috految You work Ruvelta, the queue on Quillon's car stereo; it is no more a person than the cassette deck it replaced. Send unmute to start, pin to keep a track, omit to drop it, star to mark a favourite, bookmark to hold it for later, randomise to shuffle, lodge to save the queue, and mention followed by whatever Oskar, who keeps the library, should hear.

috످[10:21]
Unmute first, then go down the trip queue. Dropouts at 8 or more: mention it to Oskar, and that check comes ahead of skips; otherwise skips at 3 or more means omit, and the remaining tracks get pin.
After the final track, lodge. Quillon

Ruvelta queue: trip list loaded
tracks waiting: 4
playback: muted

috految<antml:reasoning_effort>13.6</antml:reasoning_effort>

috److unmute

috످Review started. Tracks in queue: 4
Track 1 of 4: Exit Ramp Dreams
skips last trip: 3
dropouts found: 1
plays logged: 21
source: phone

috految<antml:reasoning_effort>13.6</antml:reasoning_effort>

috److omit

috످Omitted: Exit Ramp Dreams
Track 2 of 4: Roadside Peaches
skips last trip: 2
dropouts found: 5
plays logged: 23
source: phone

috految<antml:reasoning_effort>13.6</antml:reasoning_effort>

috److pin

috످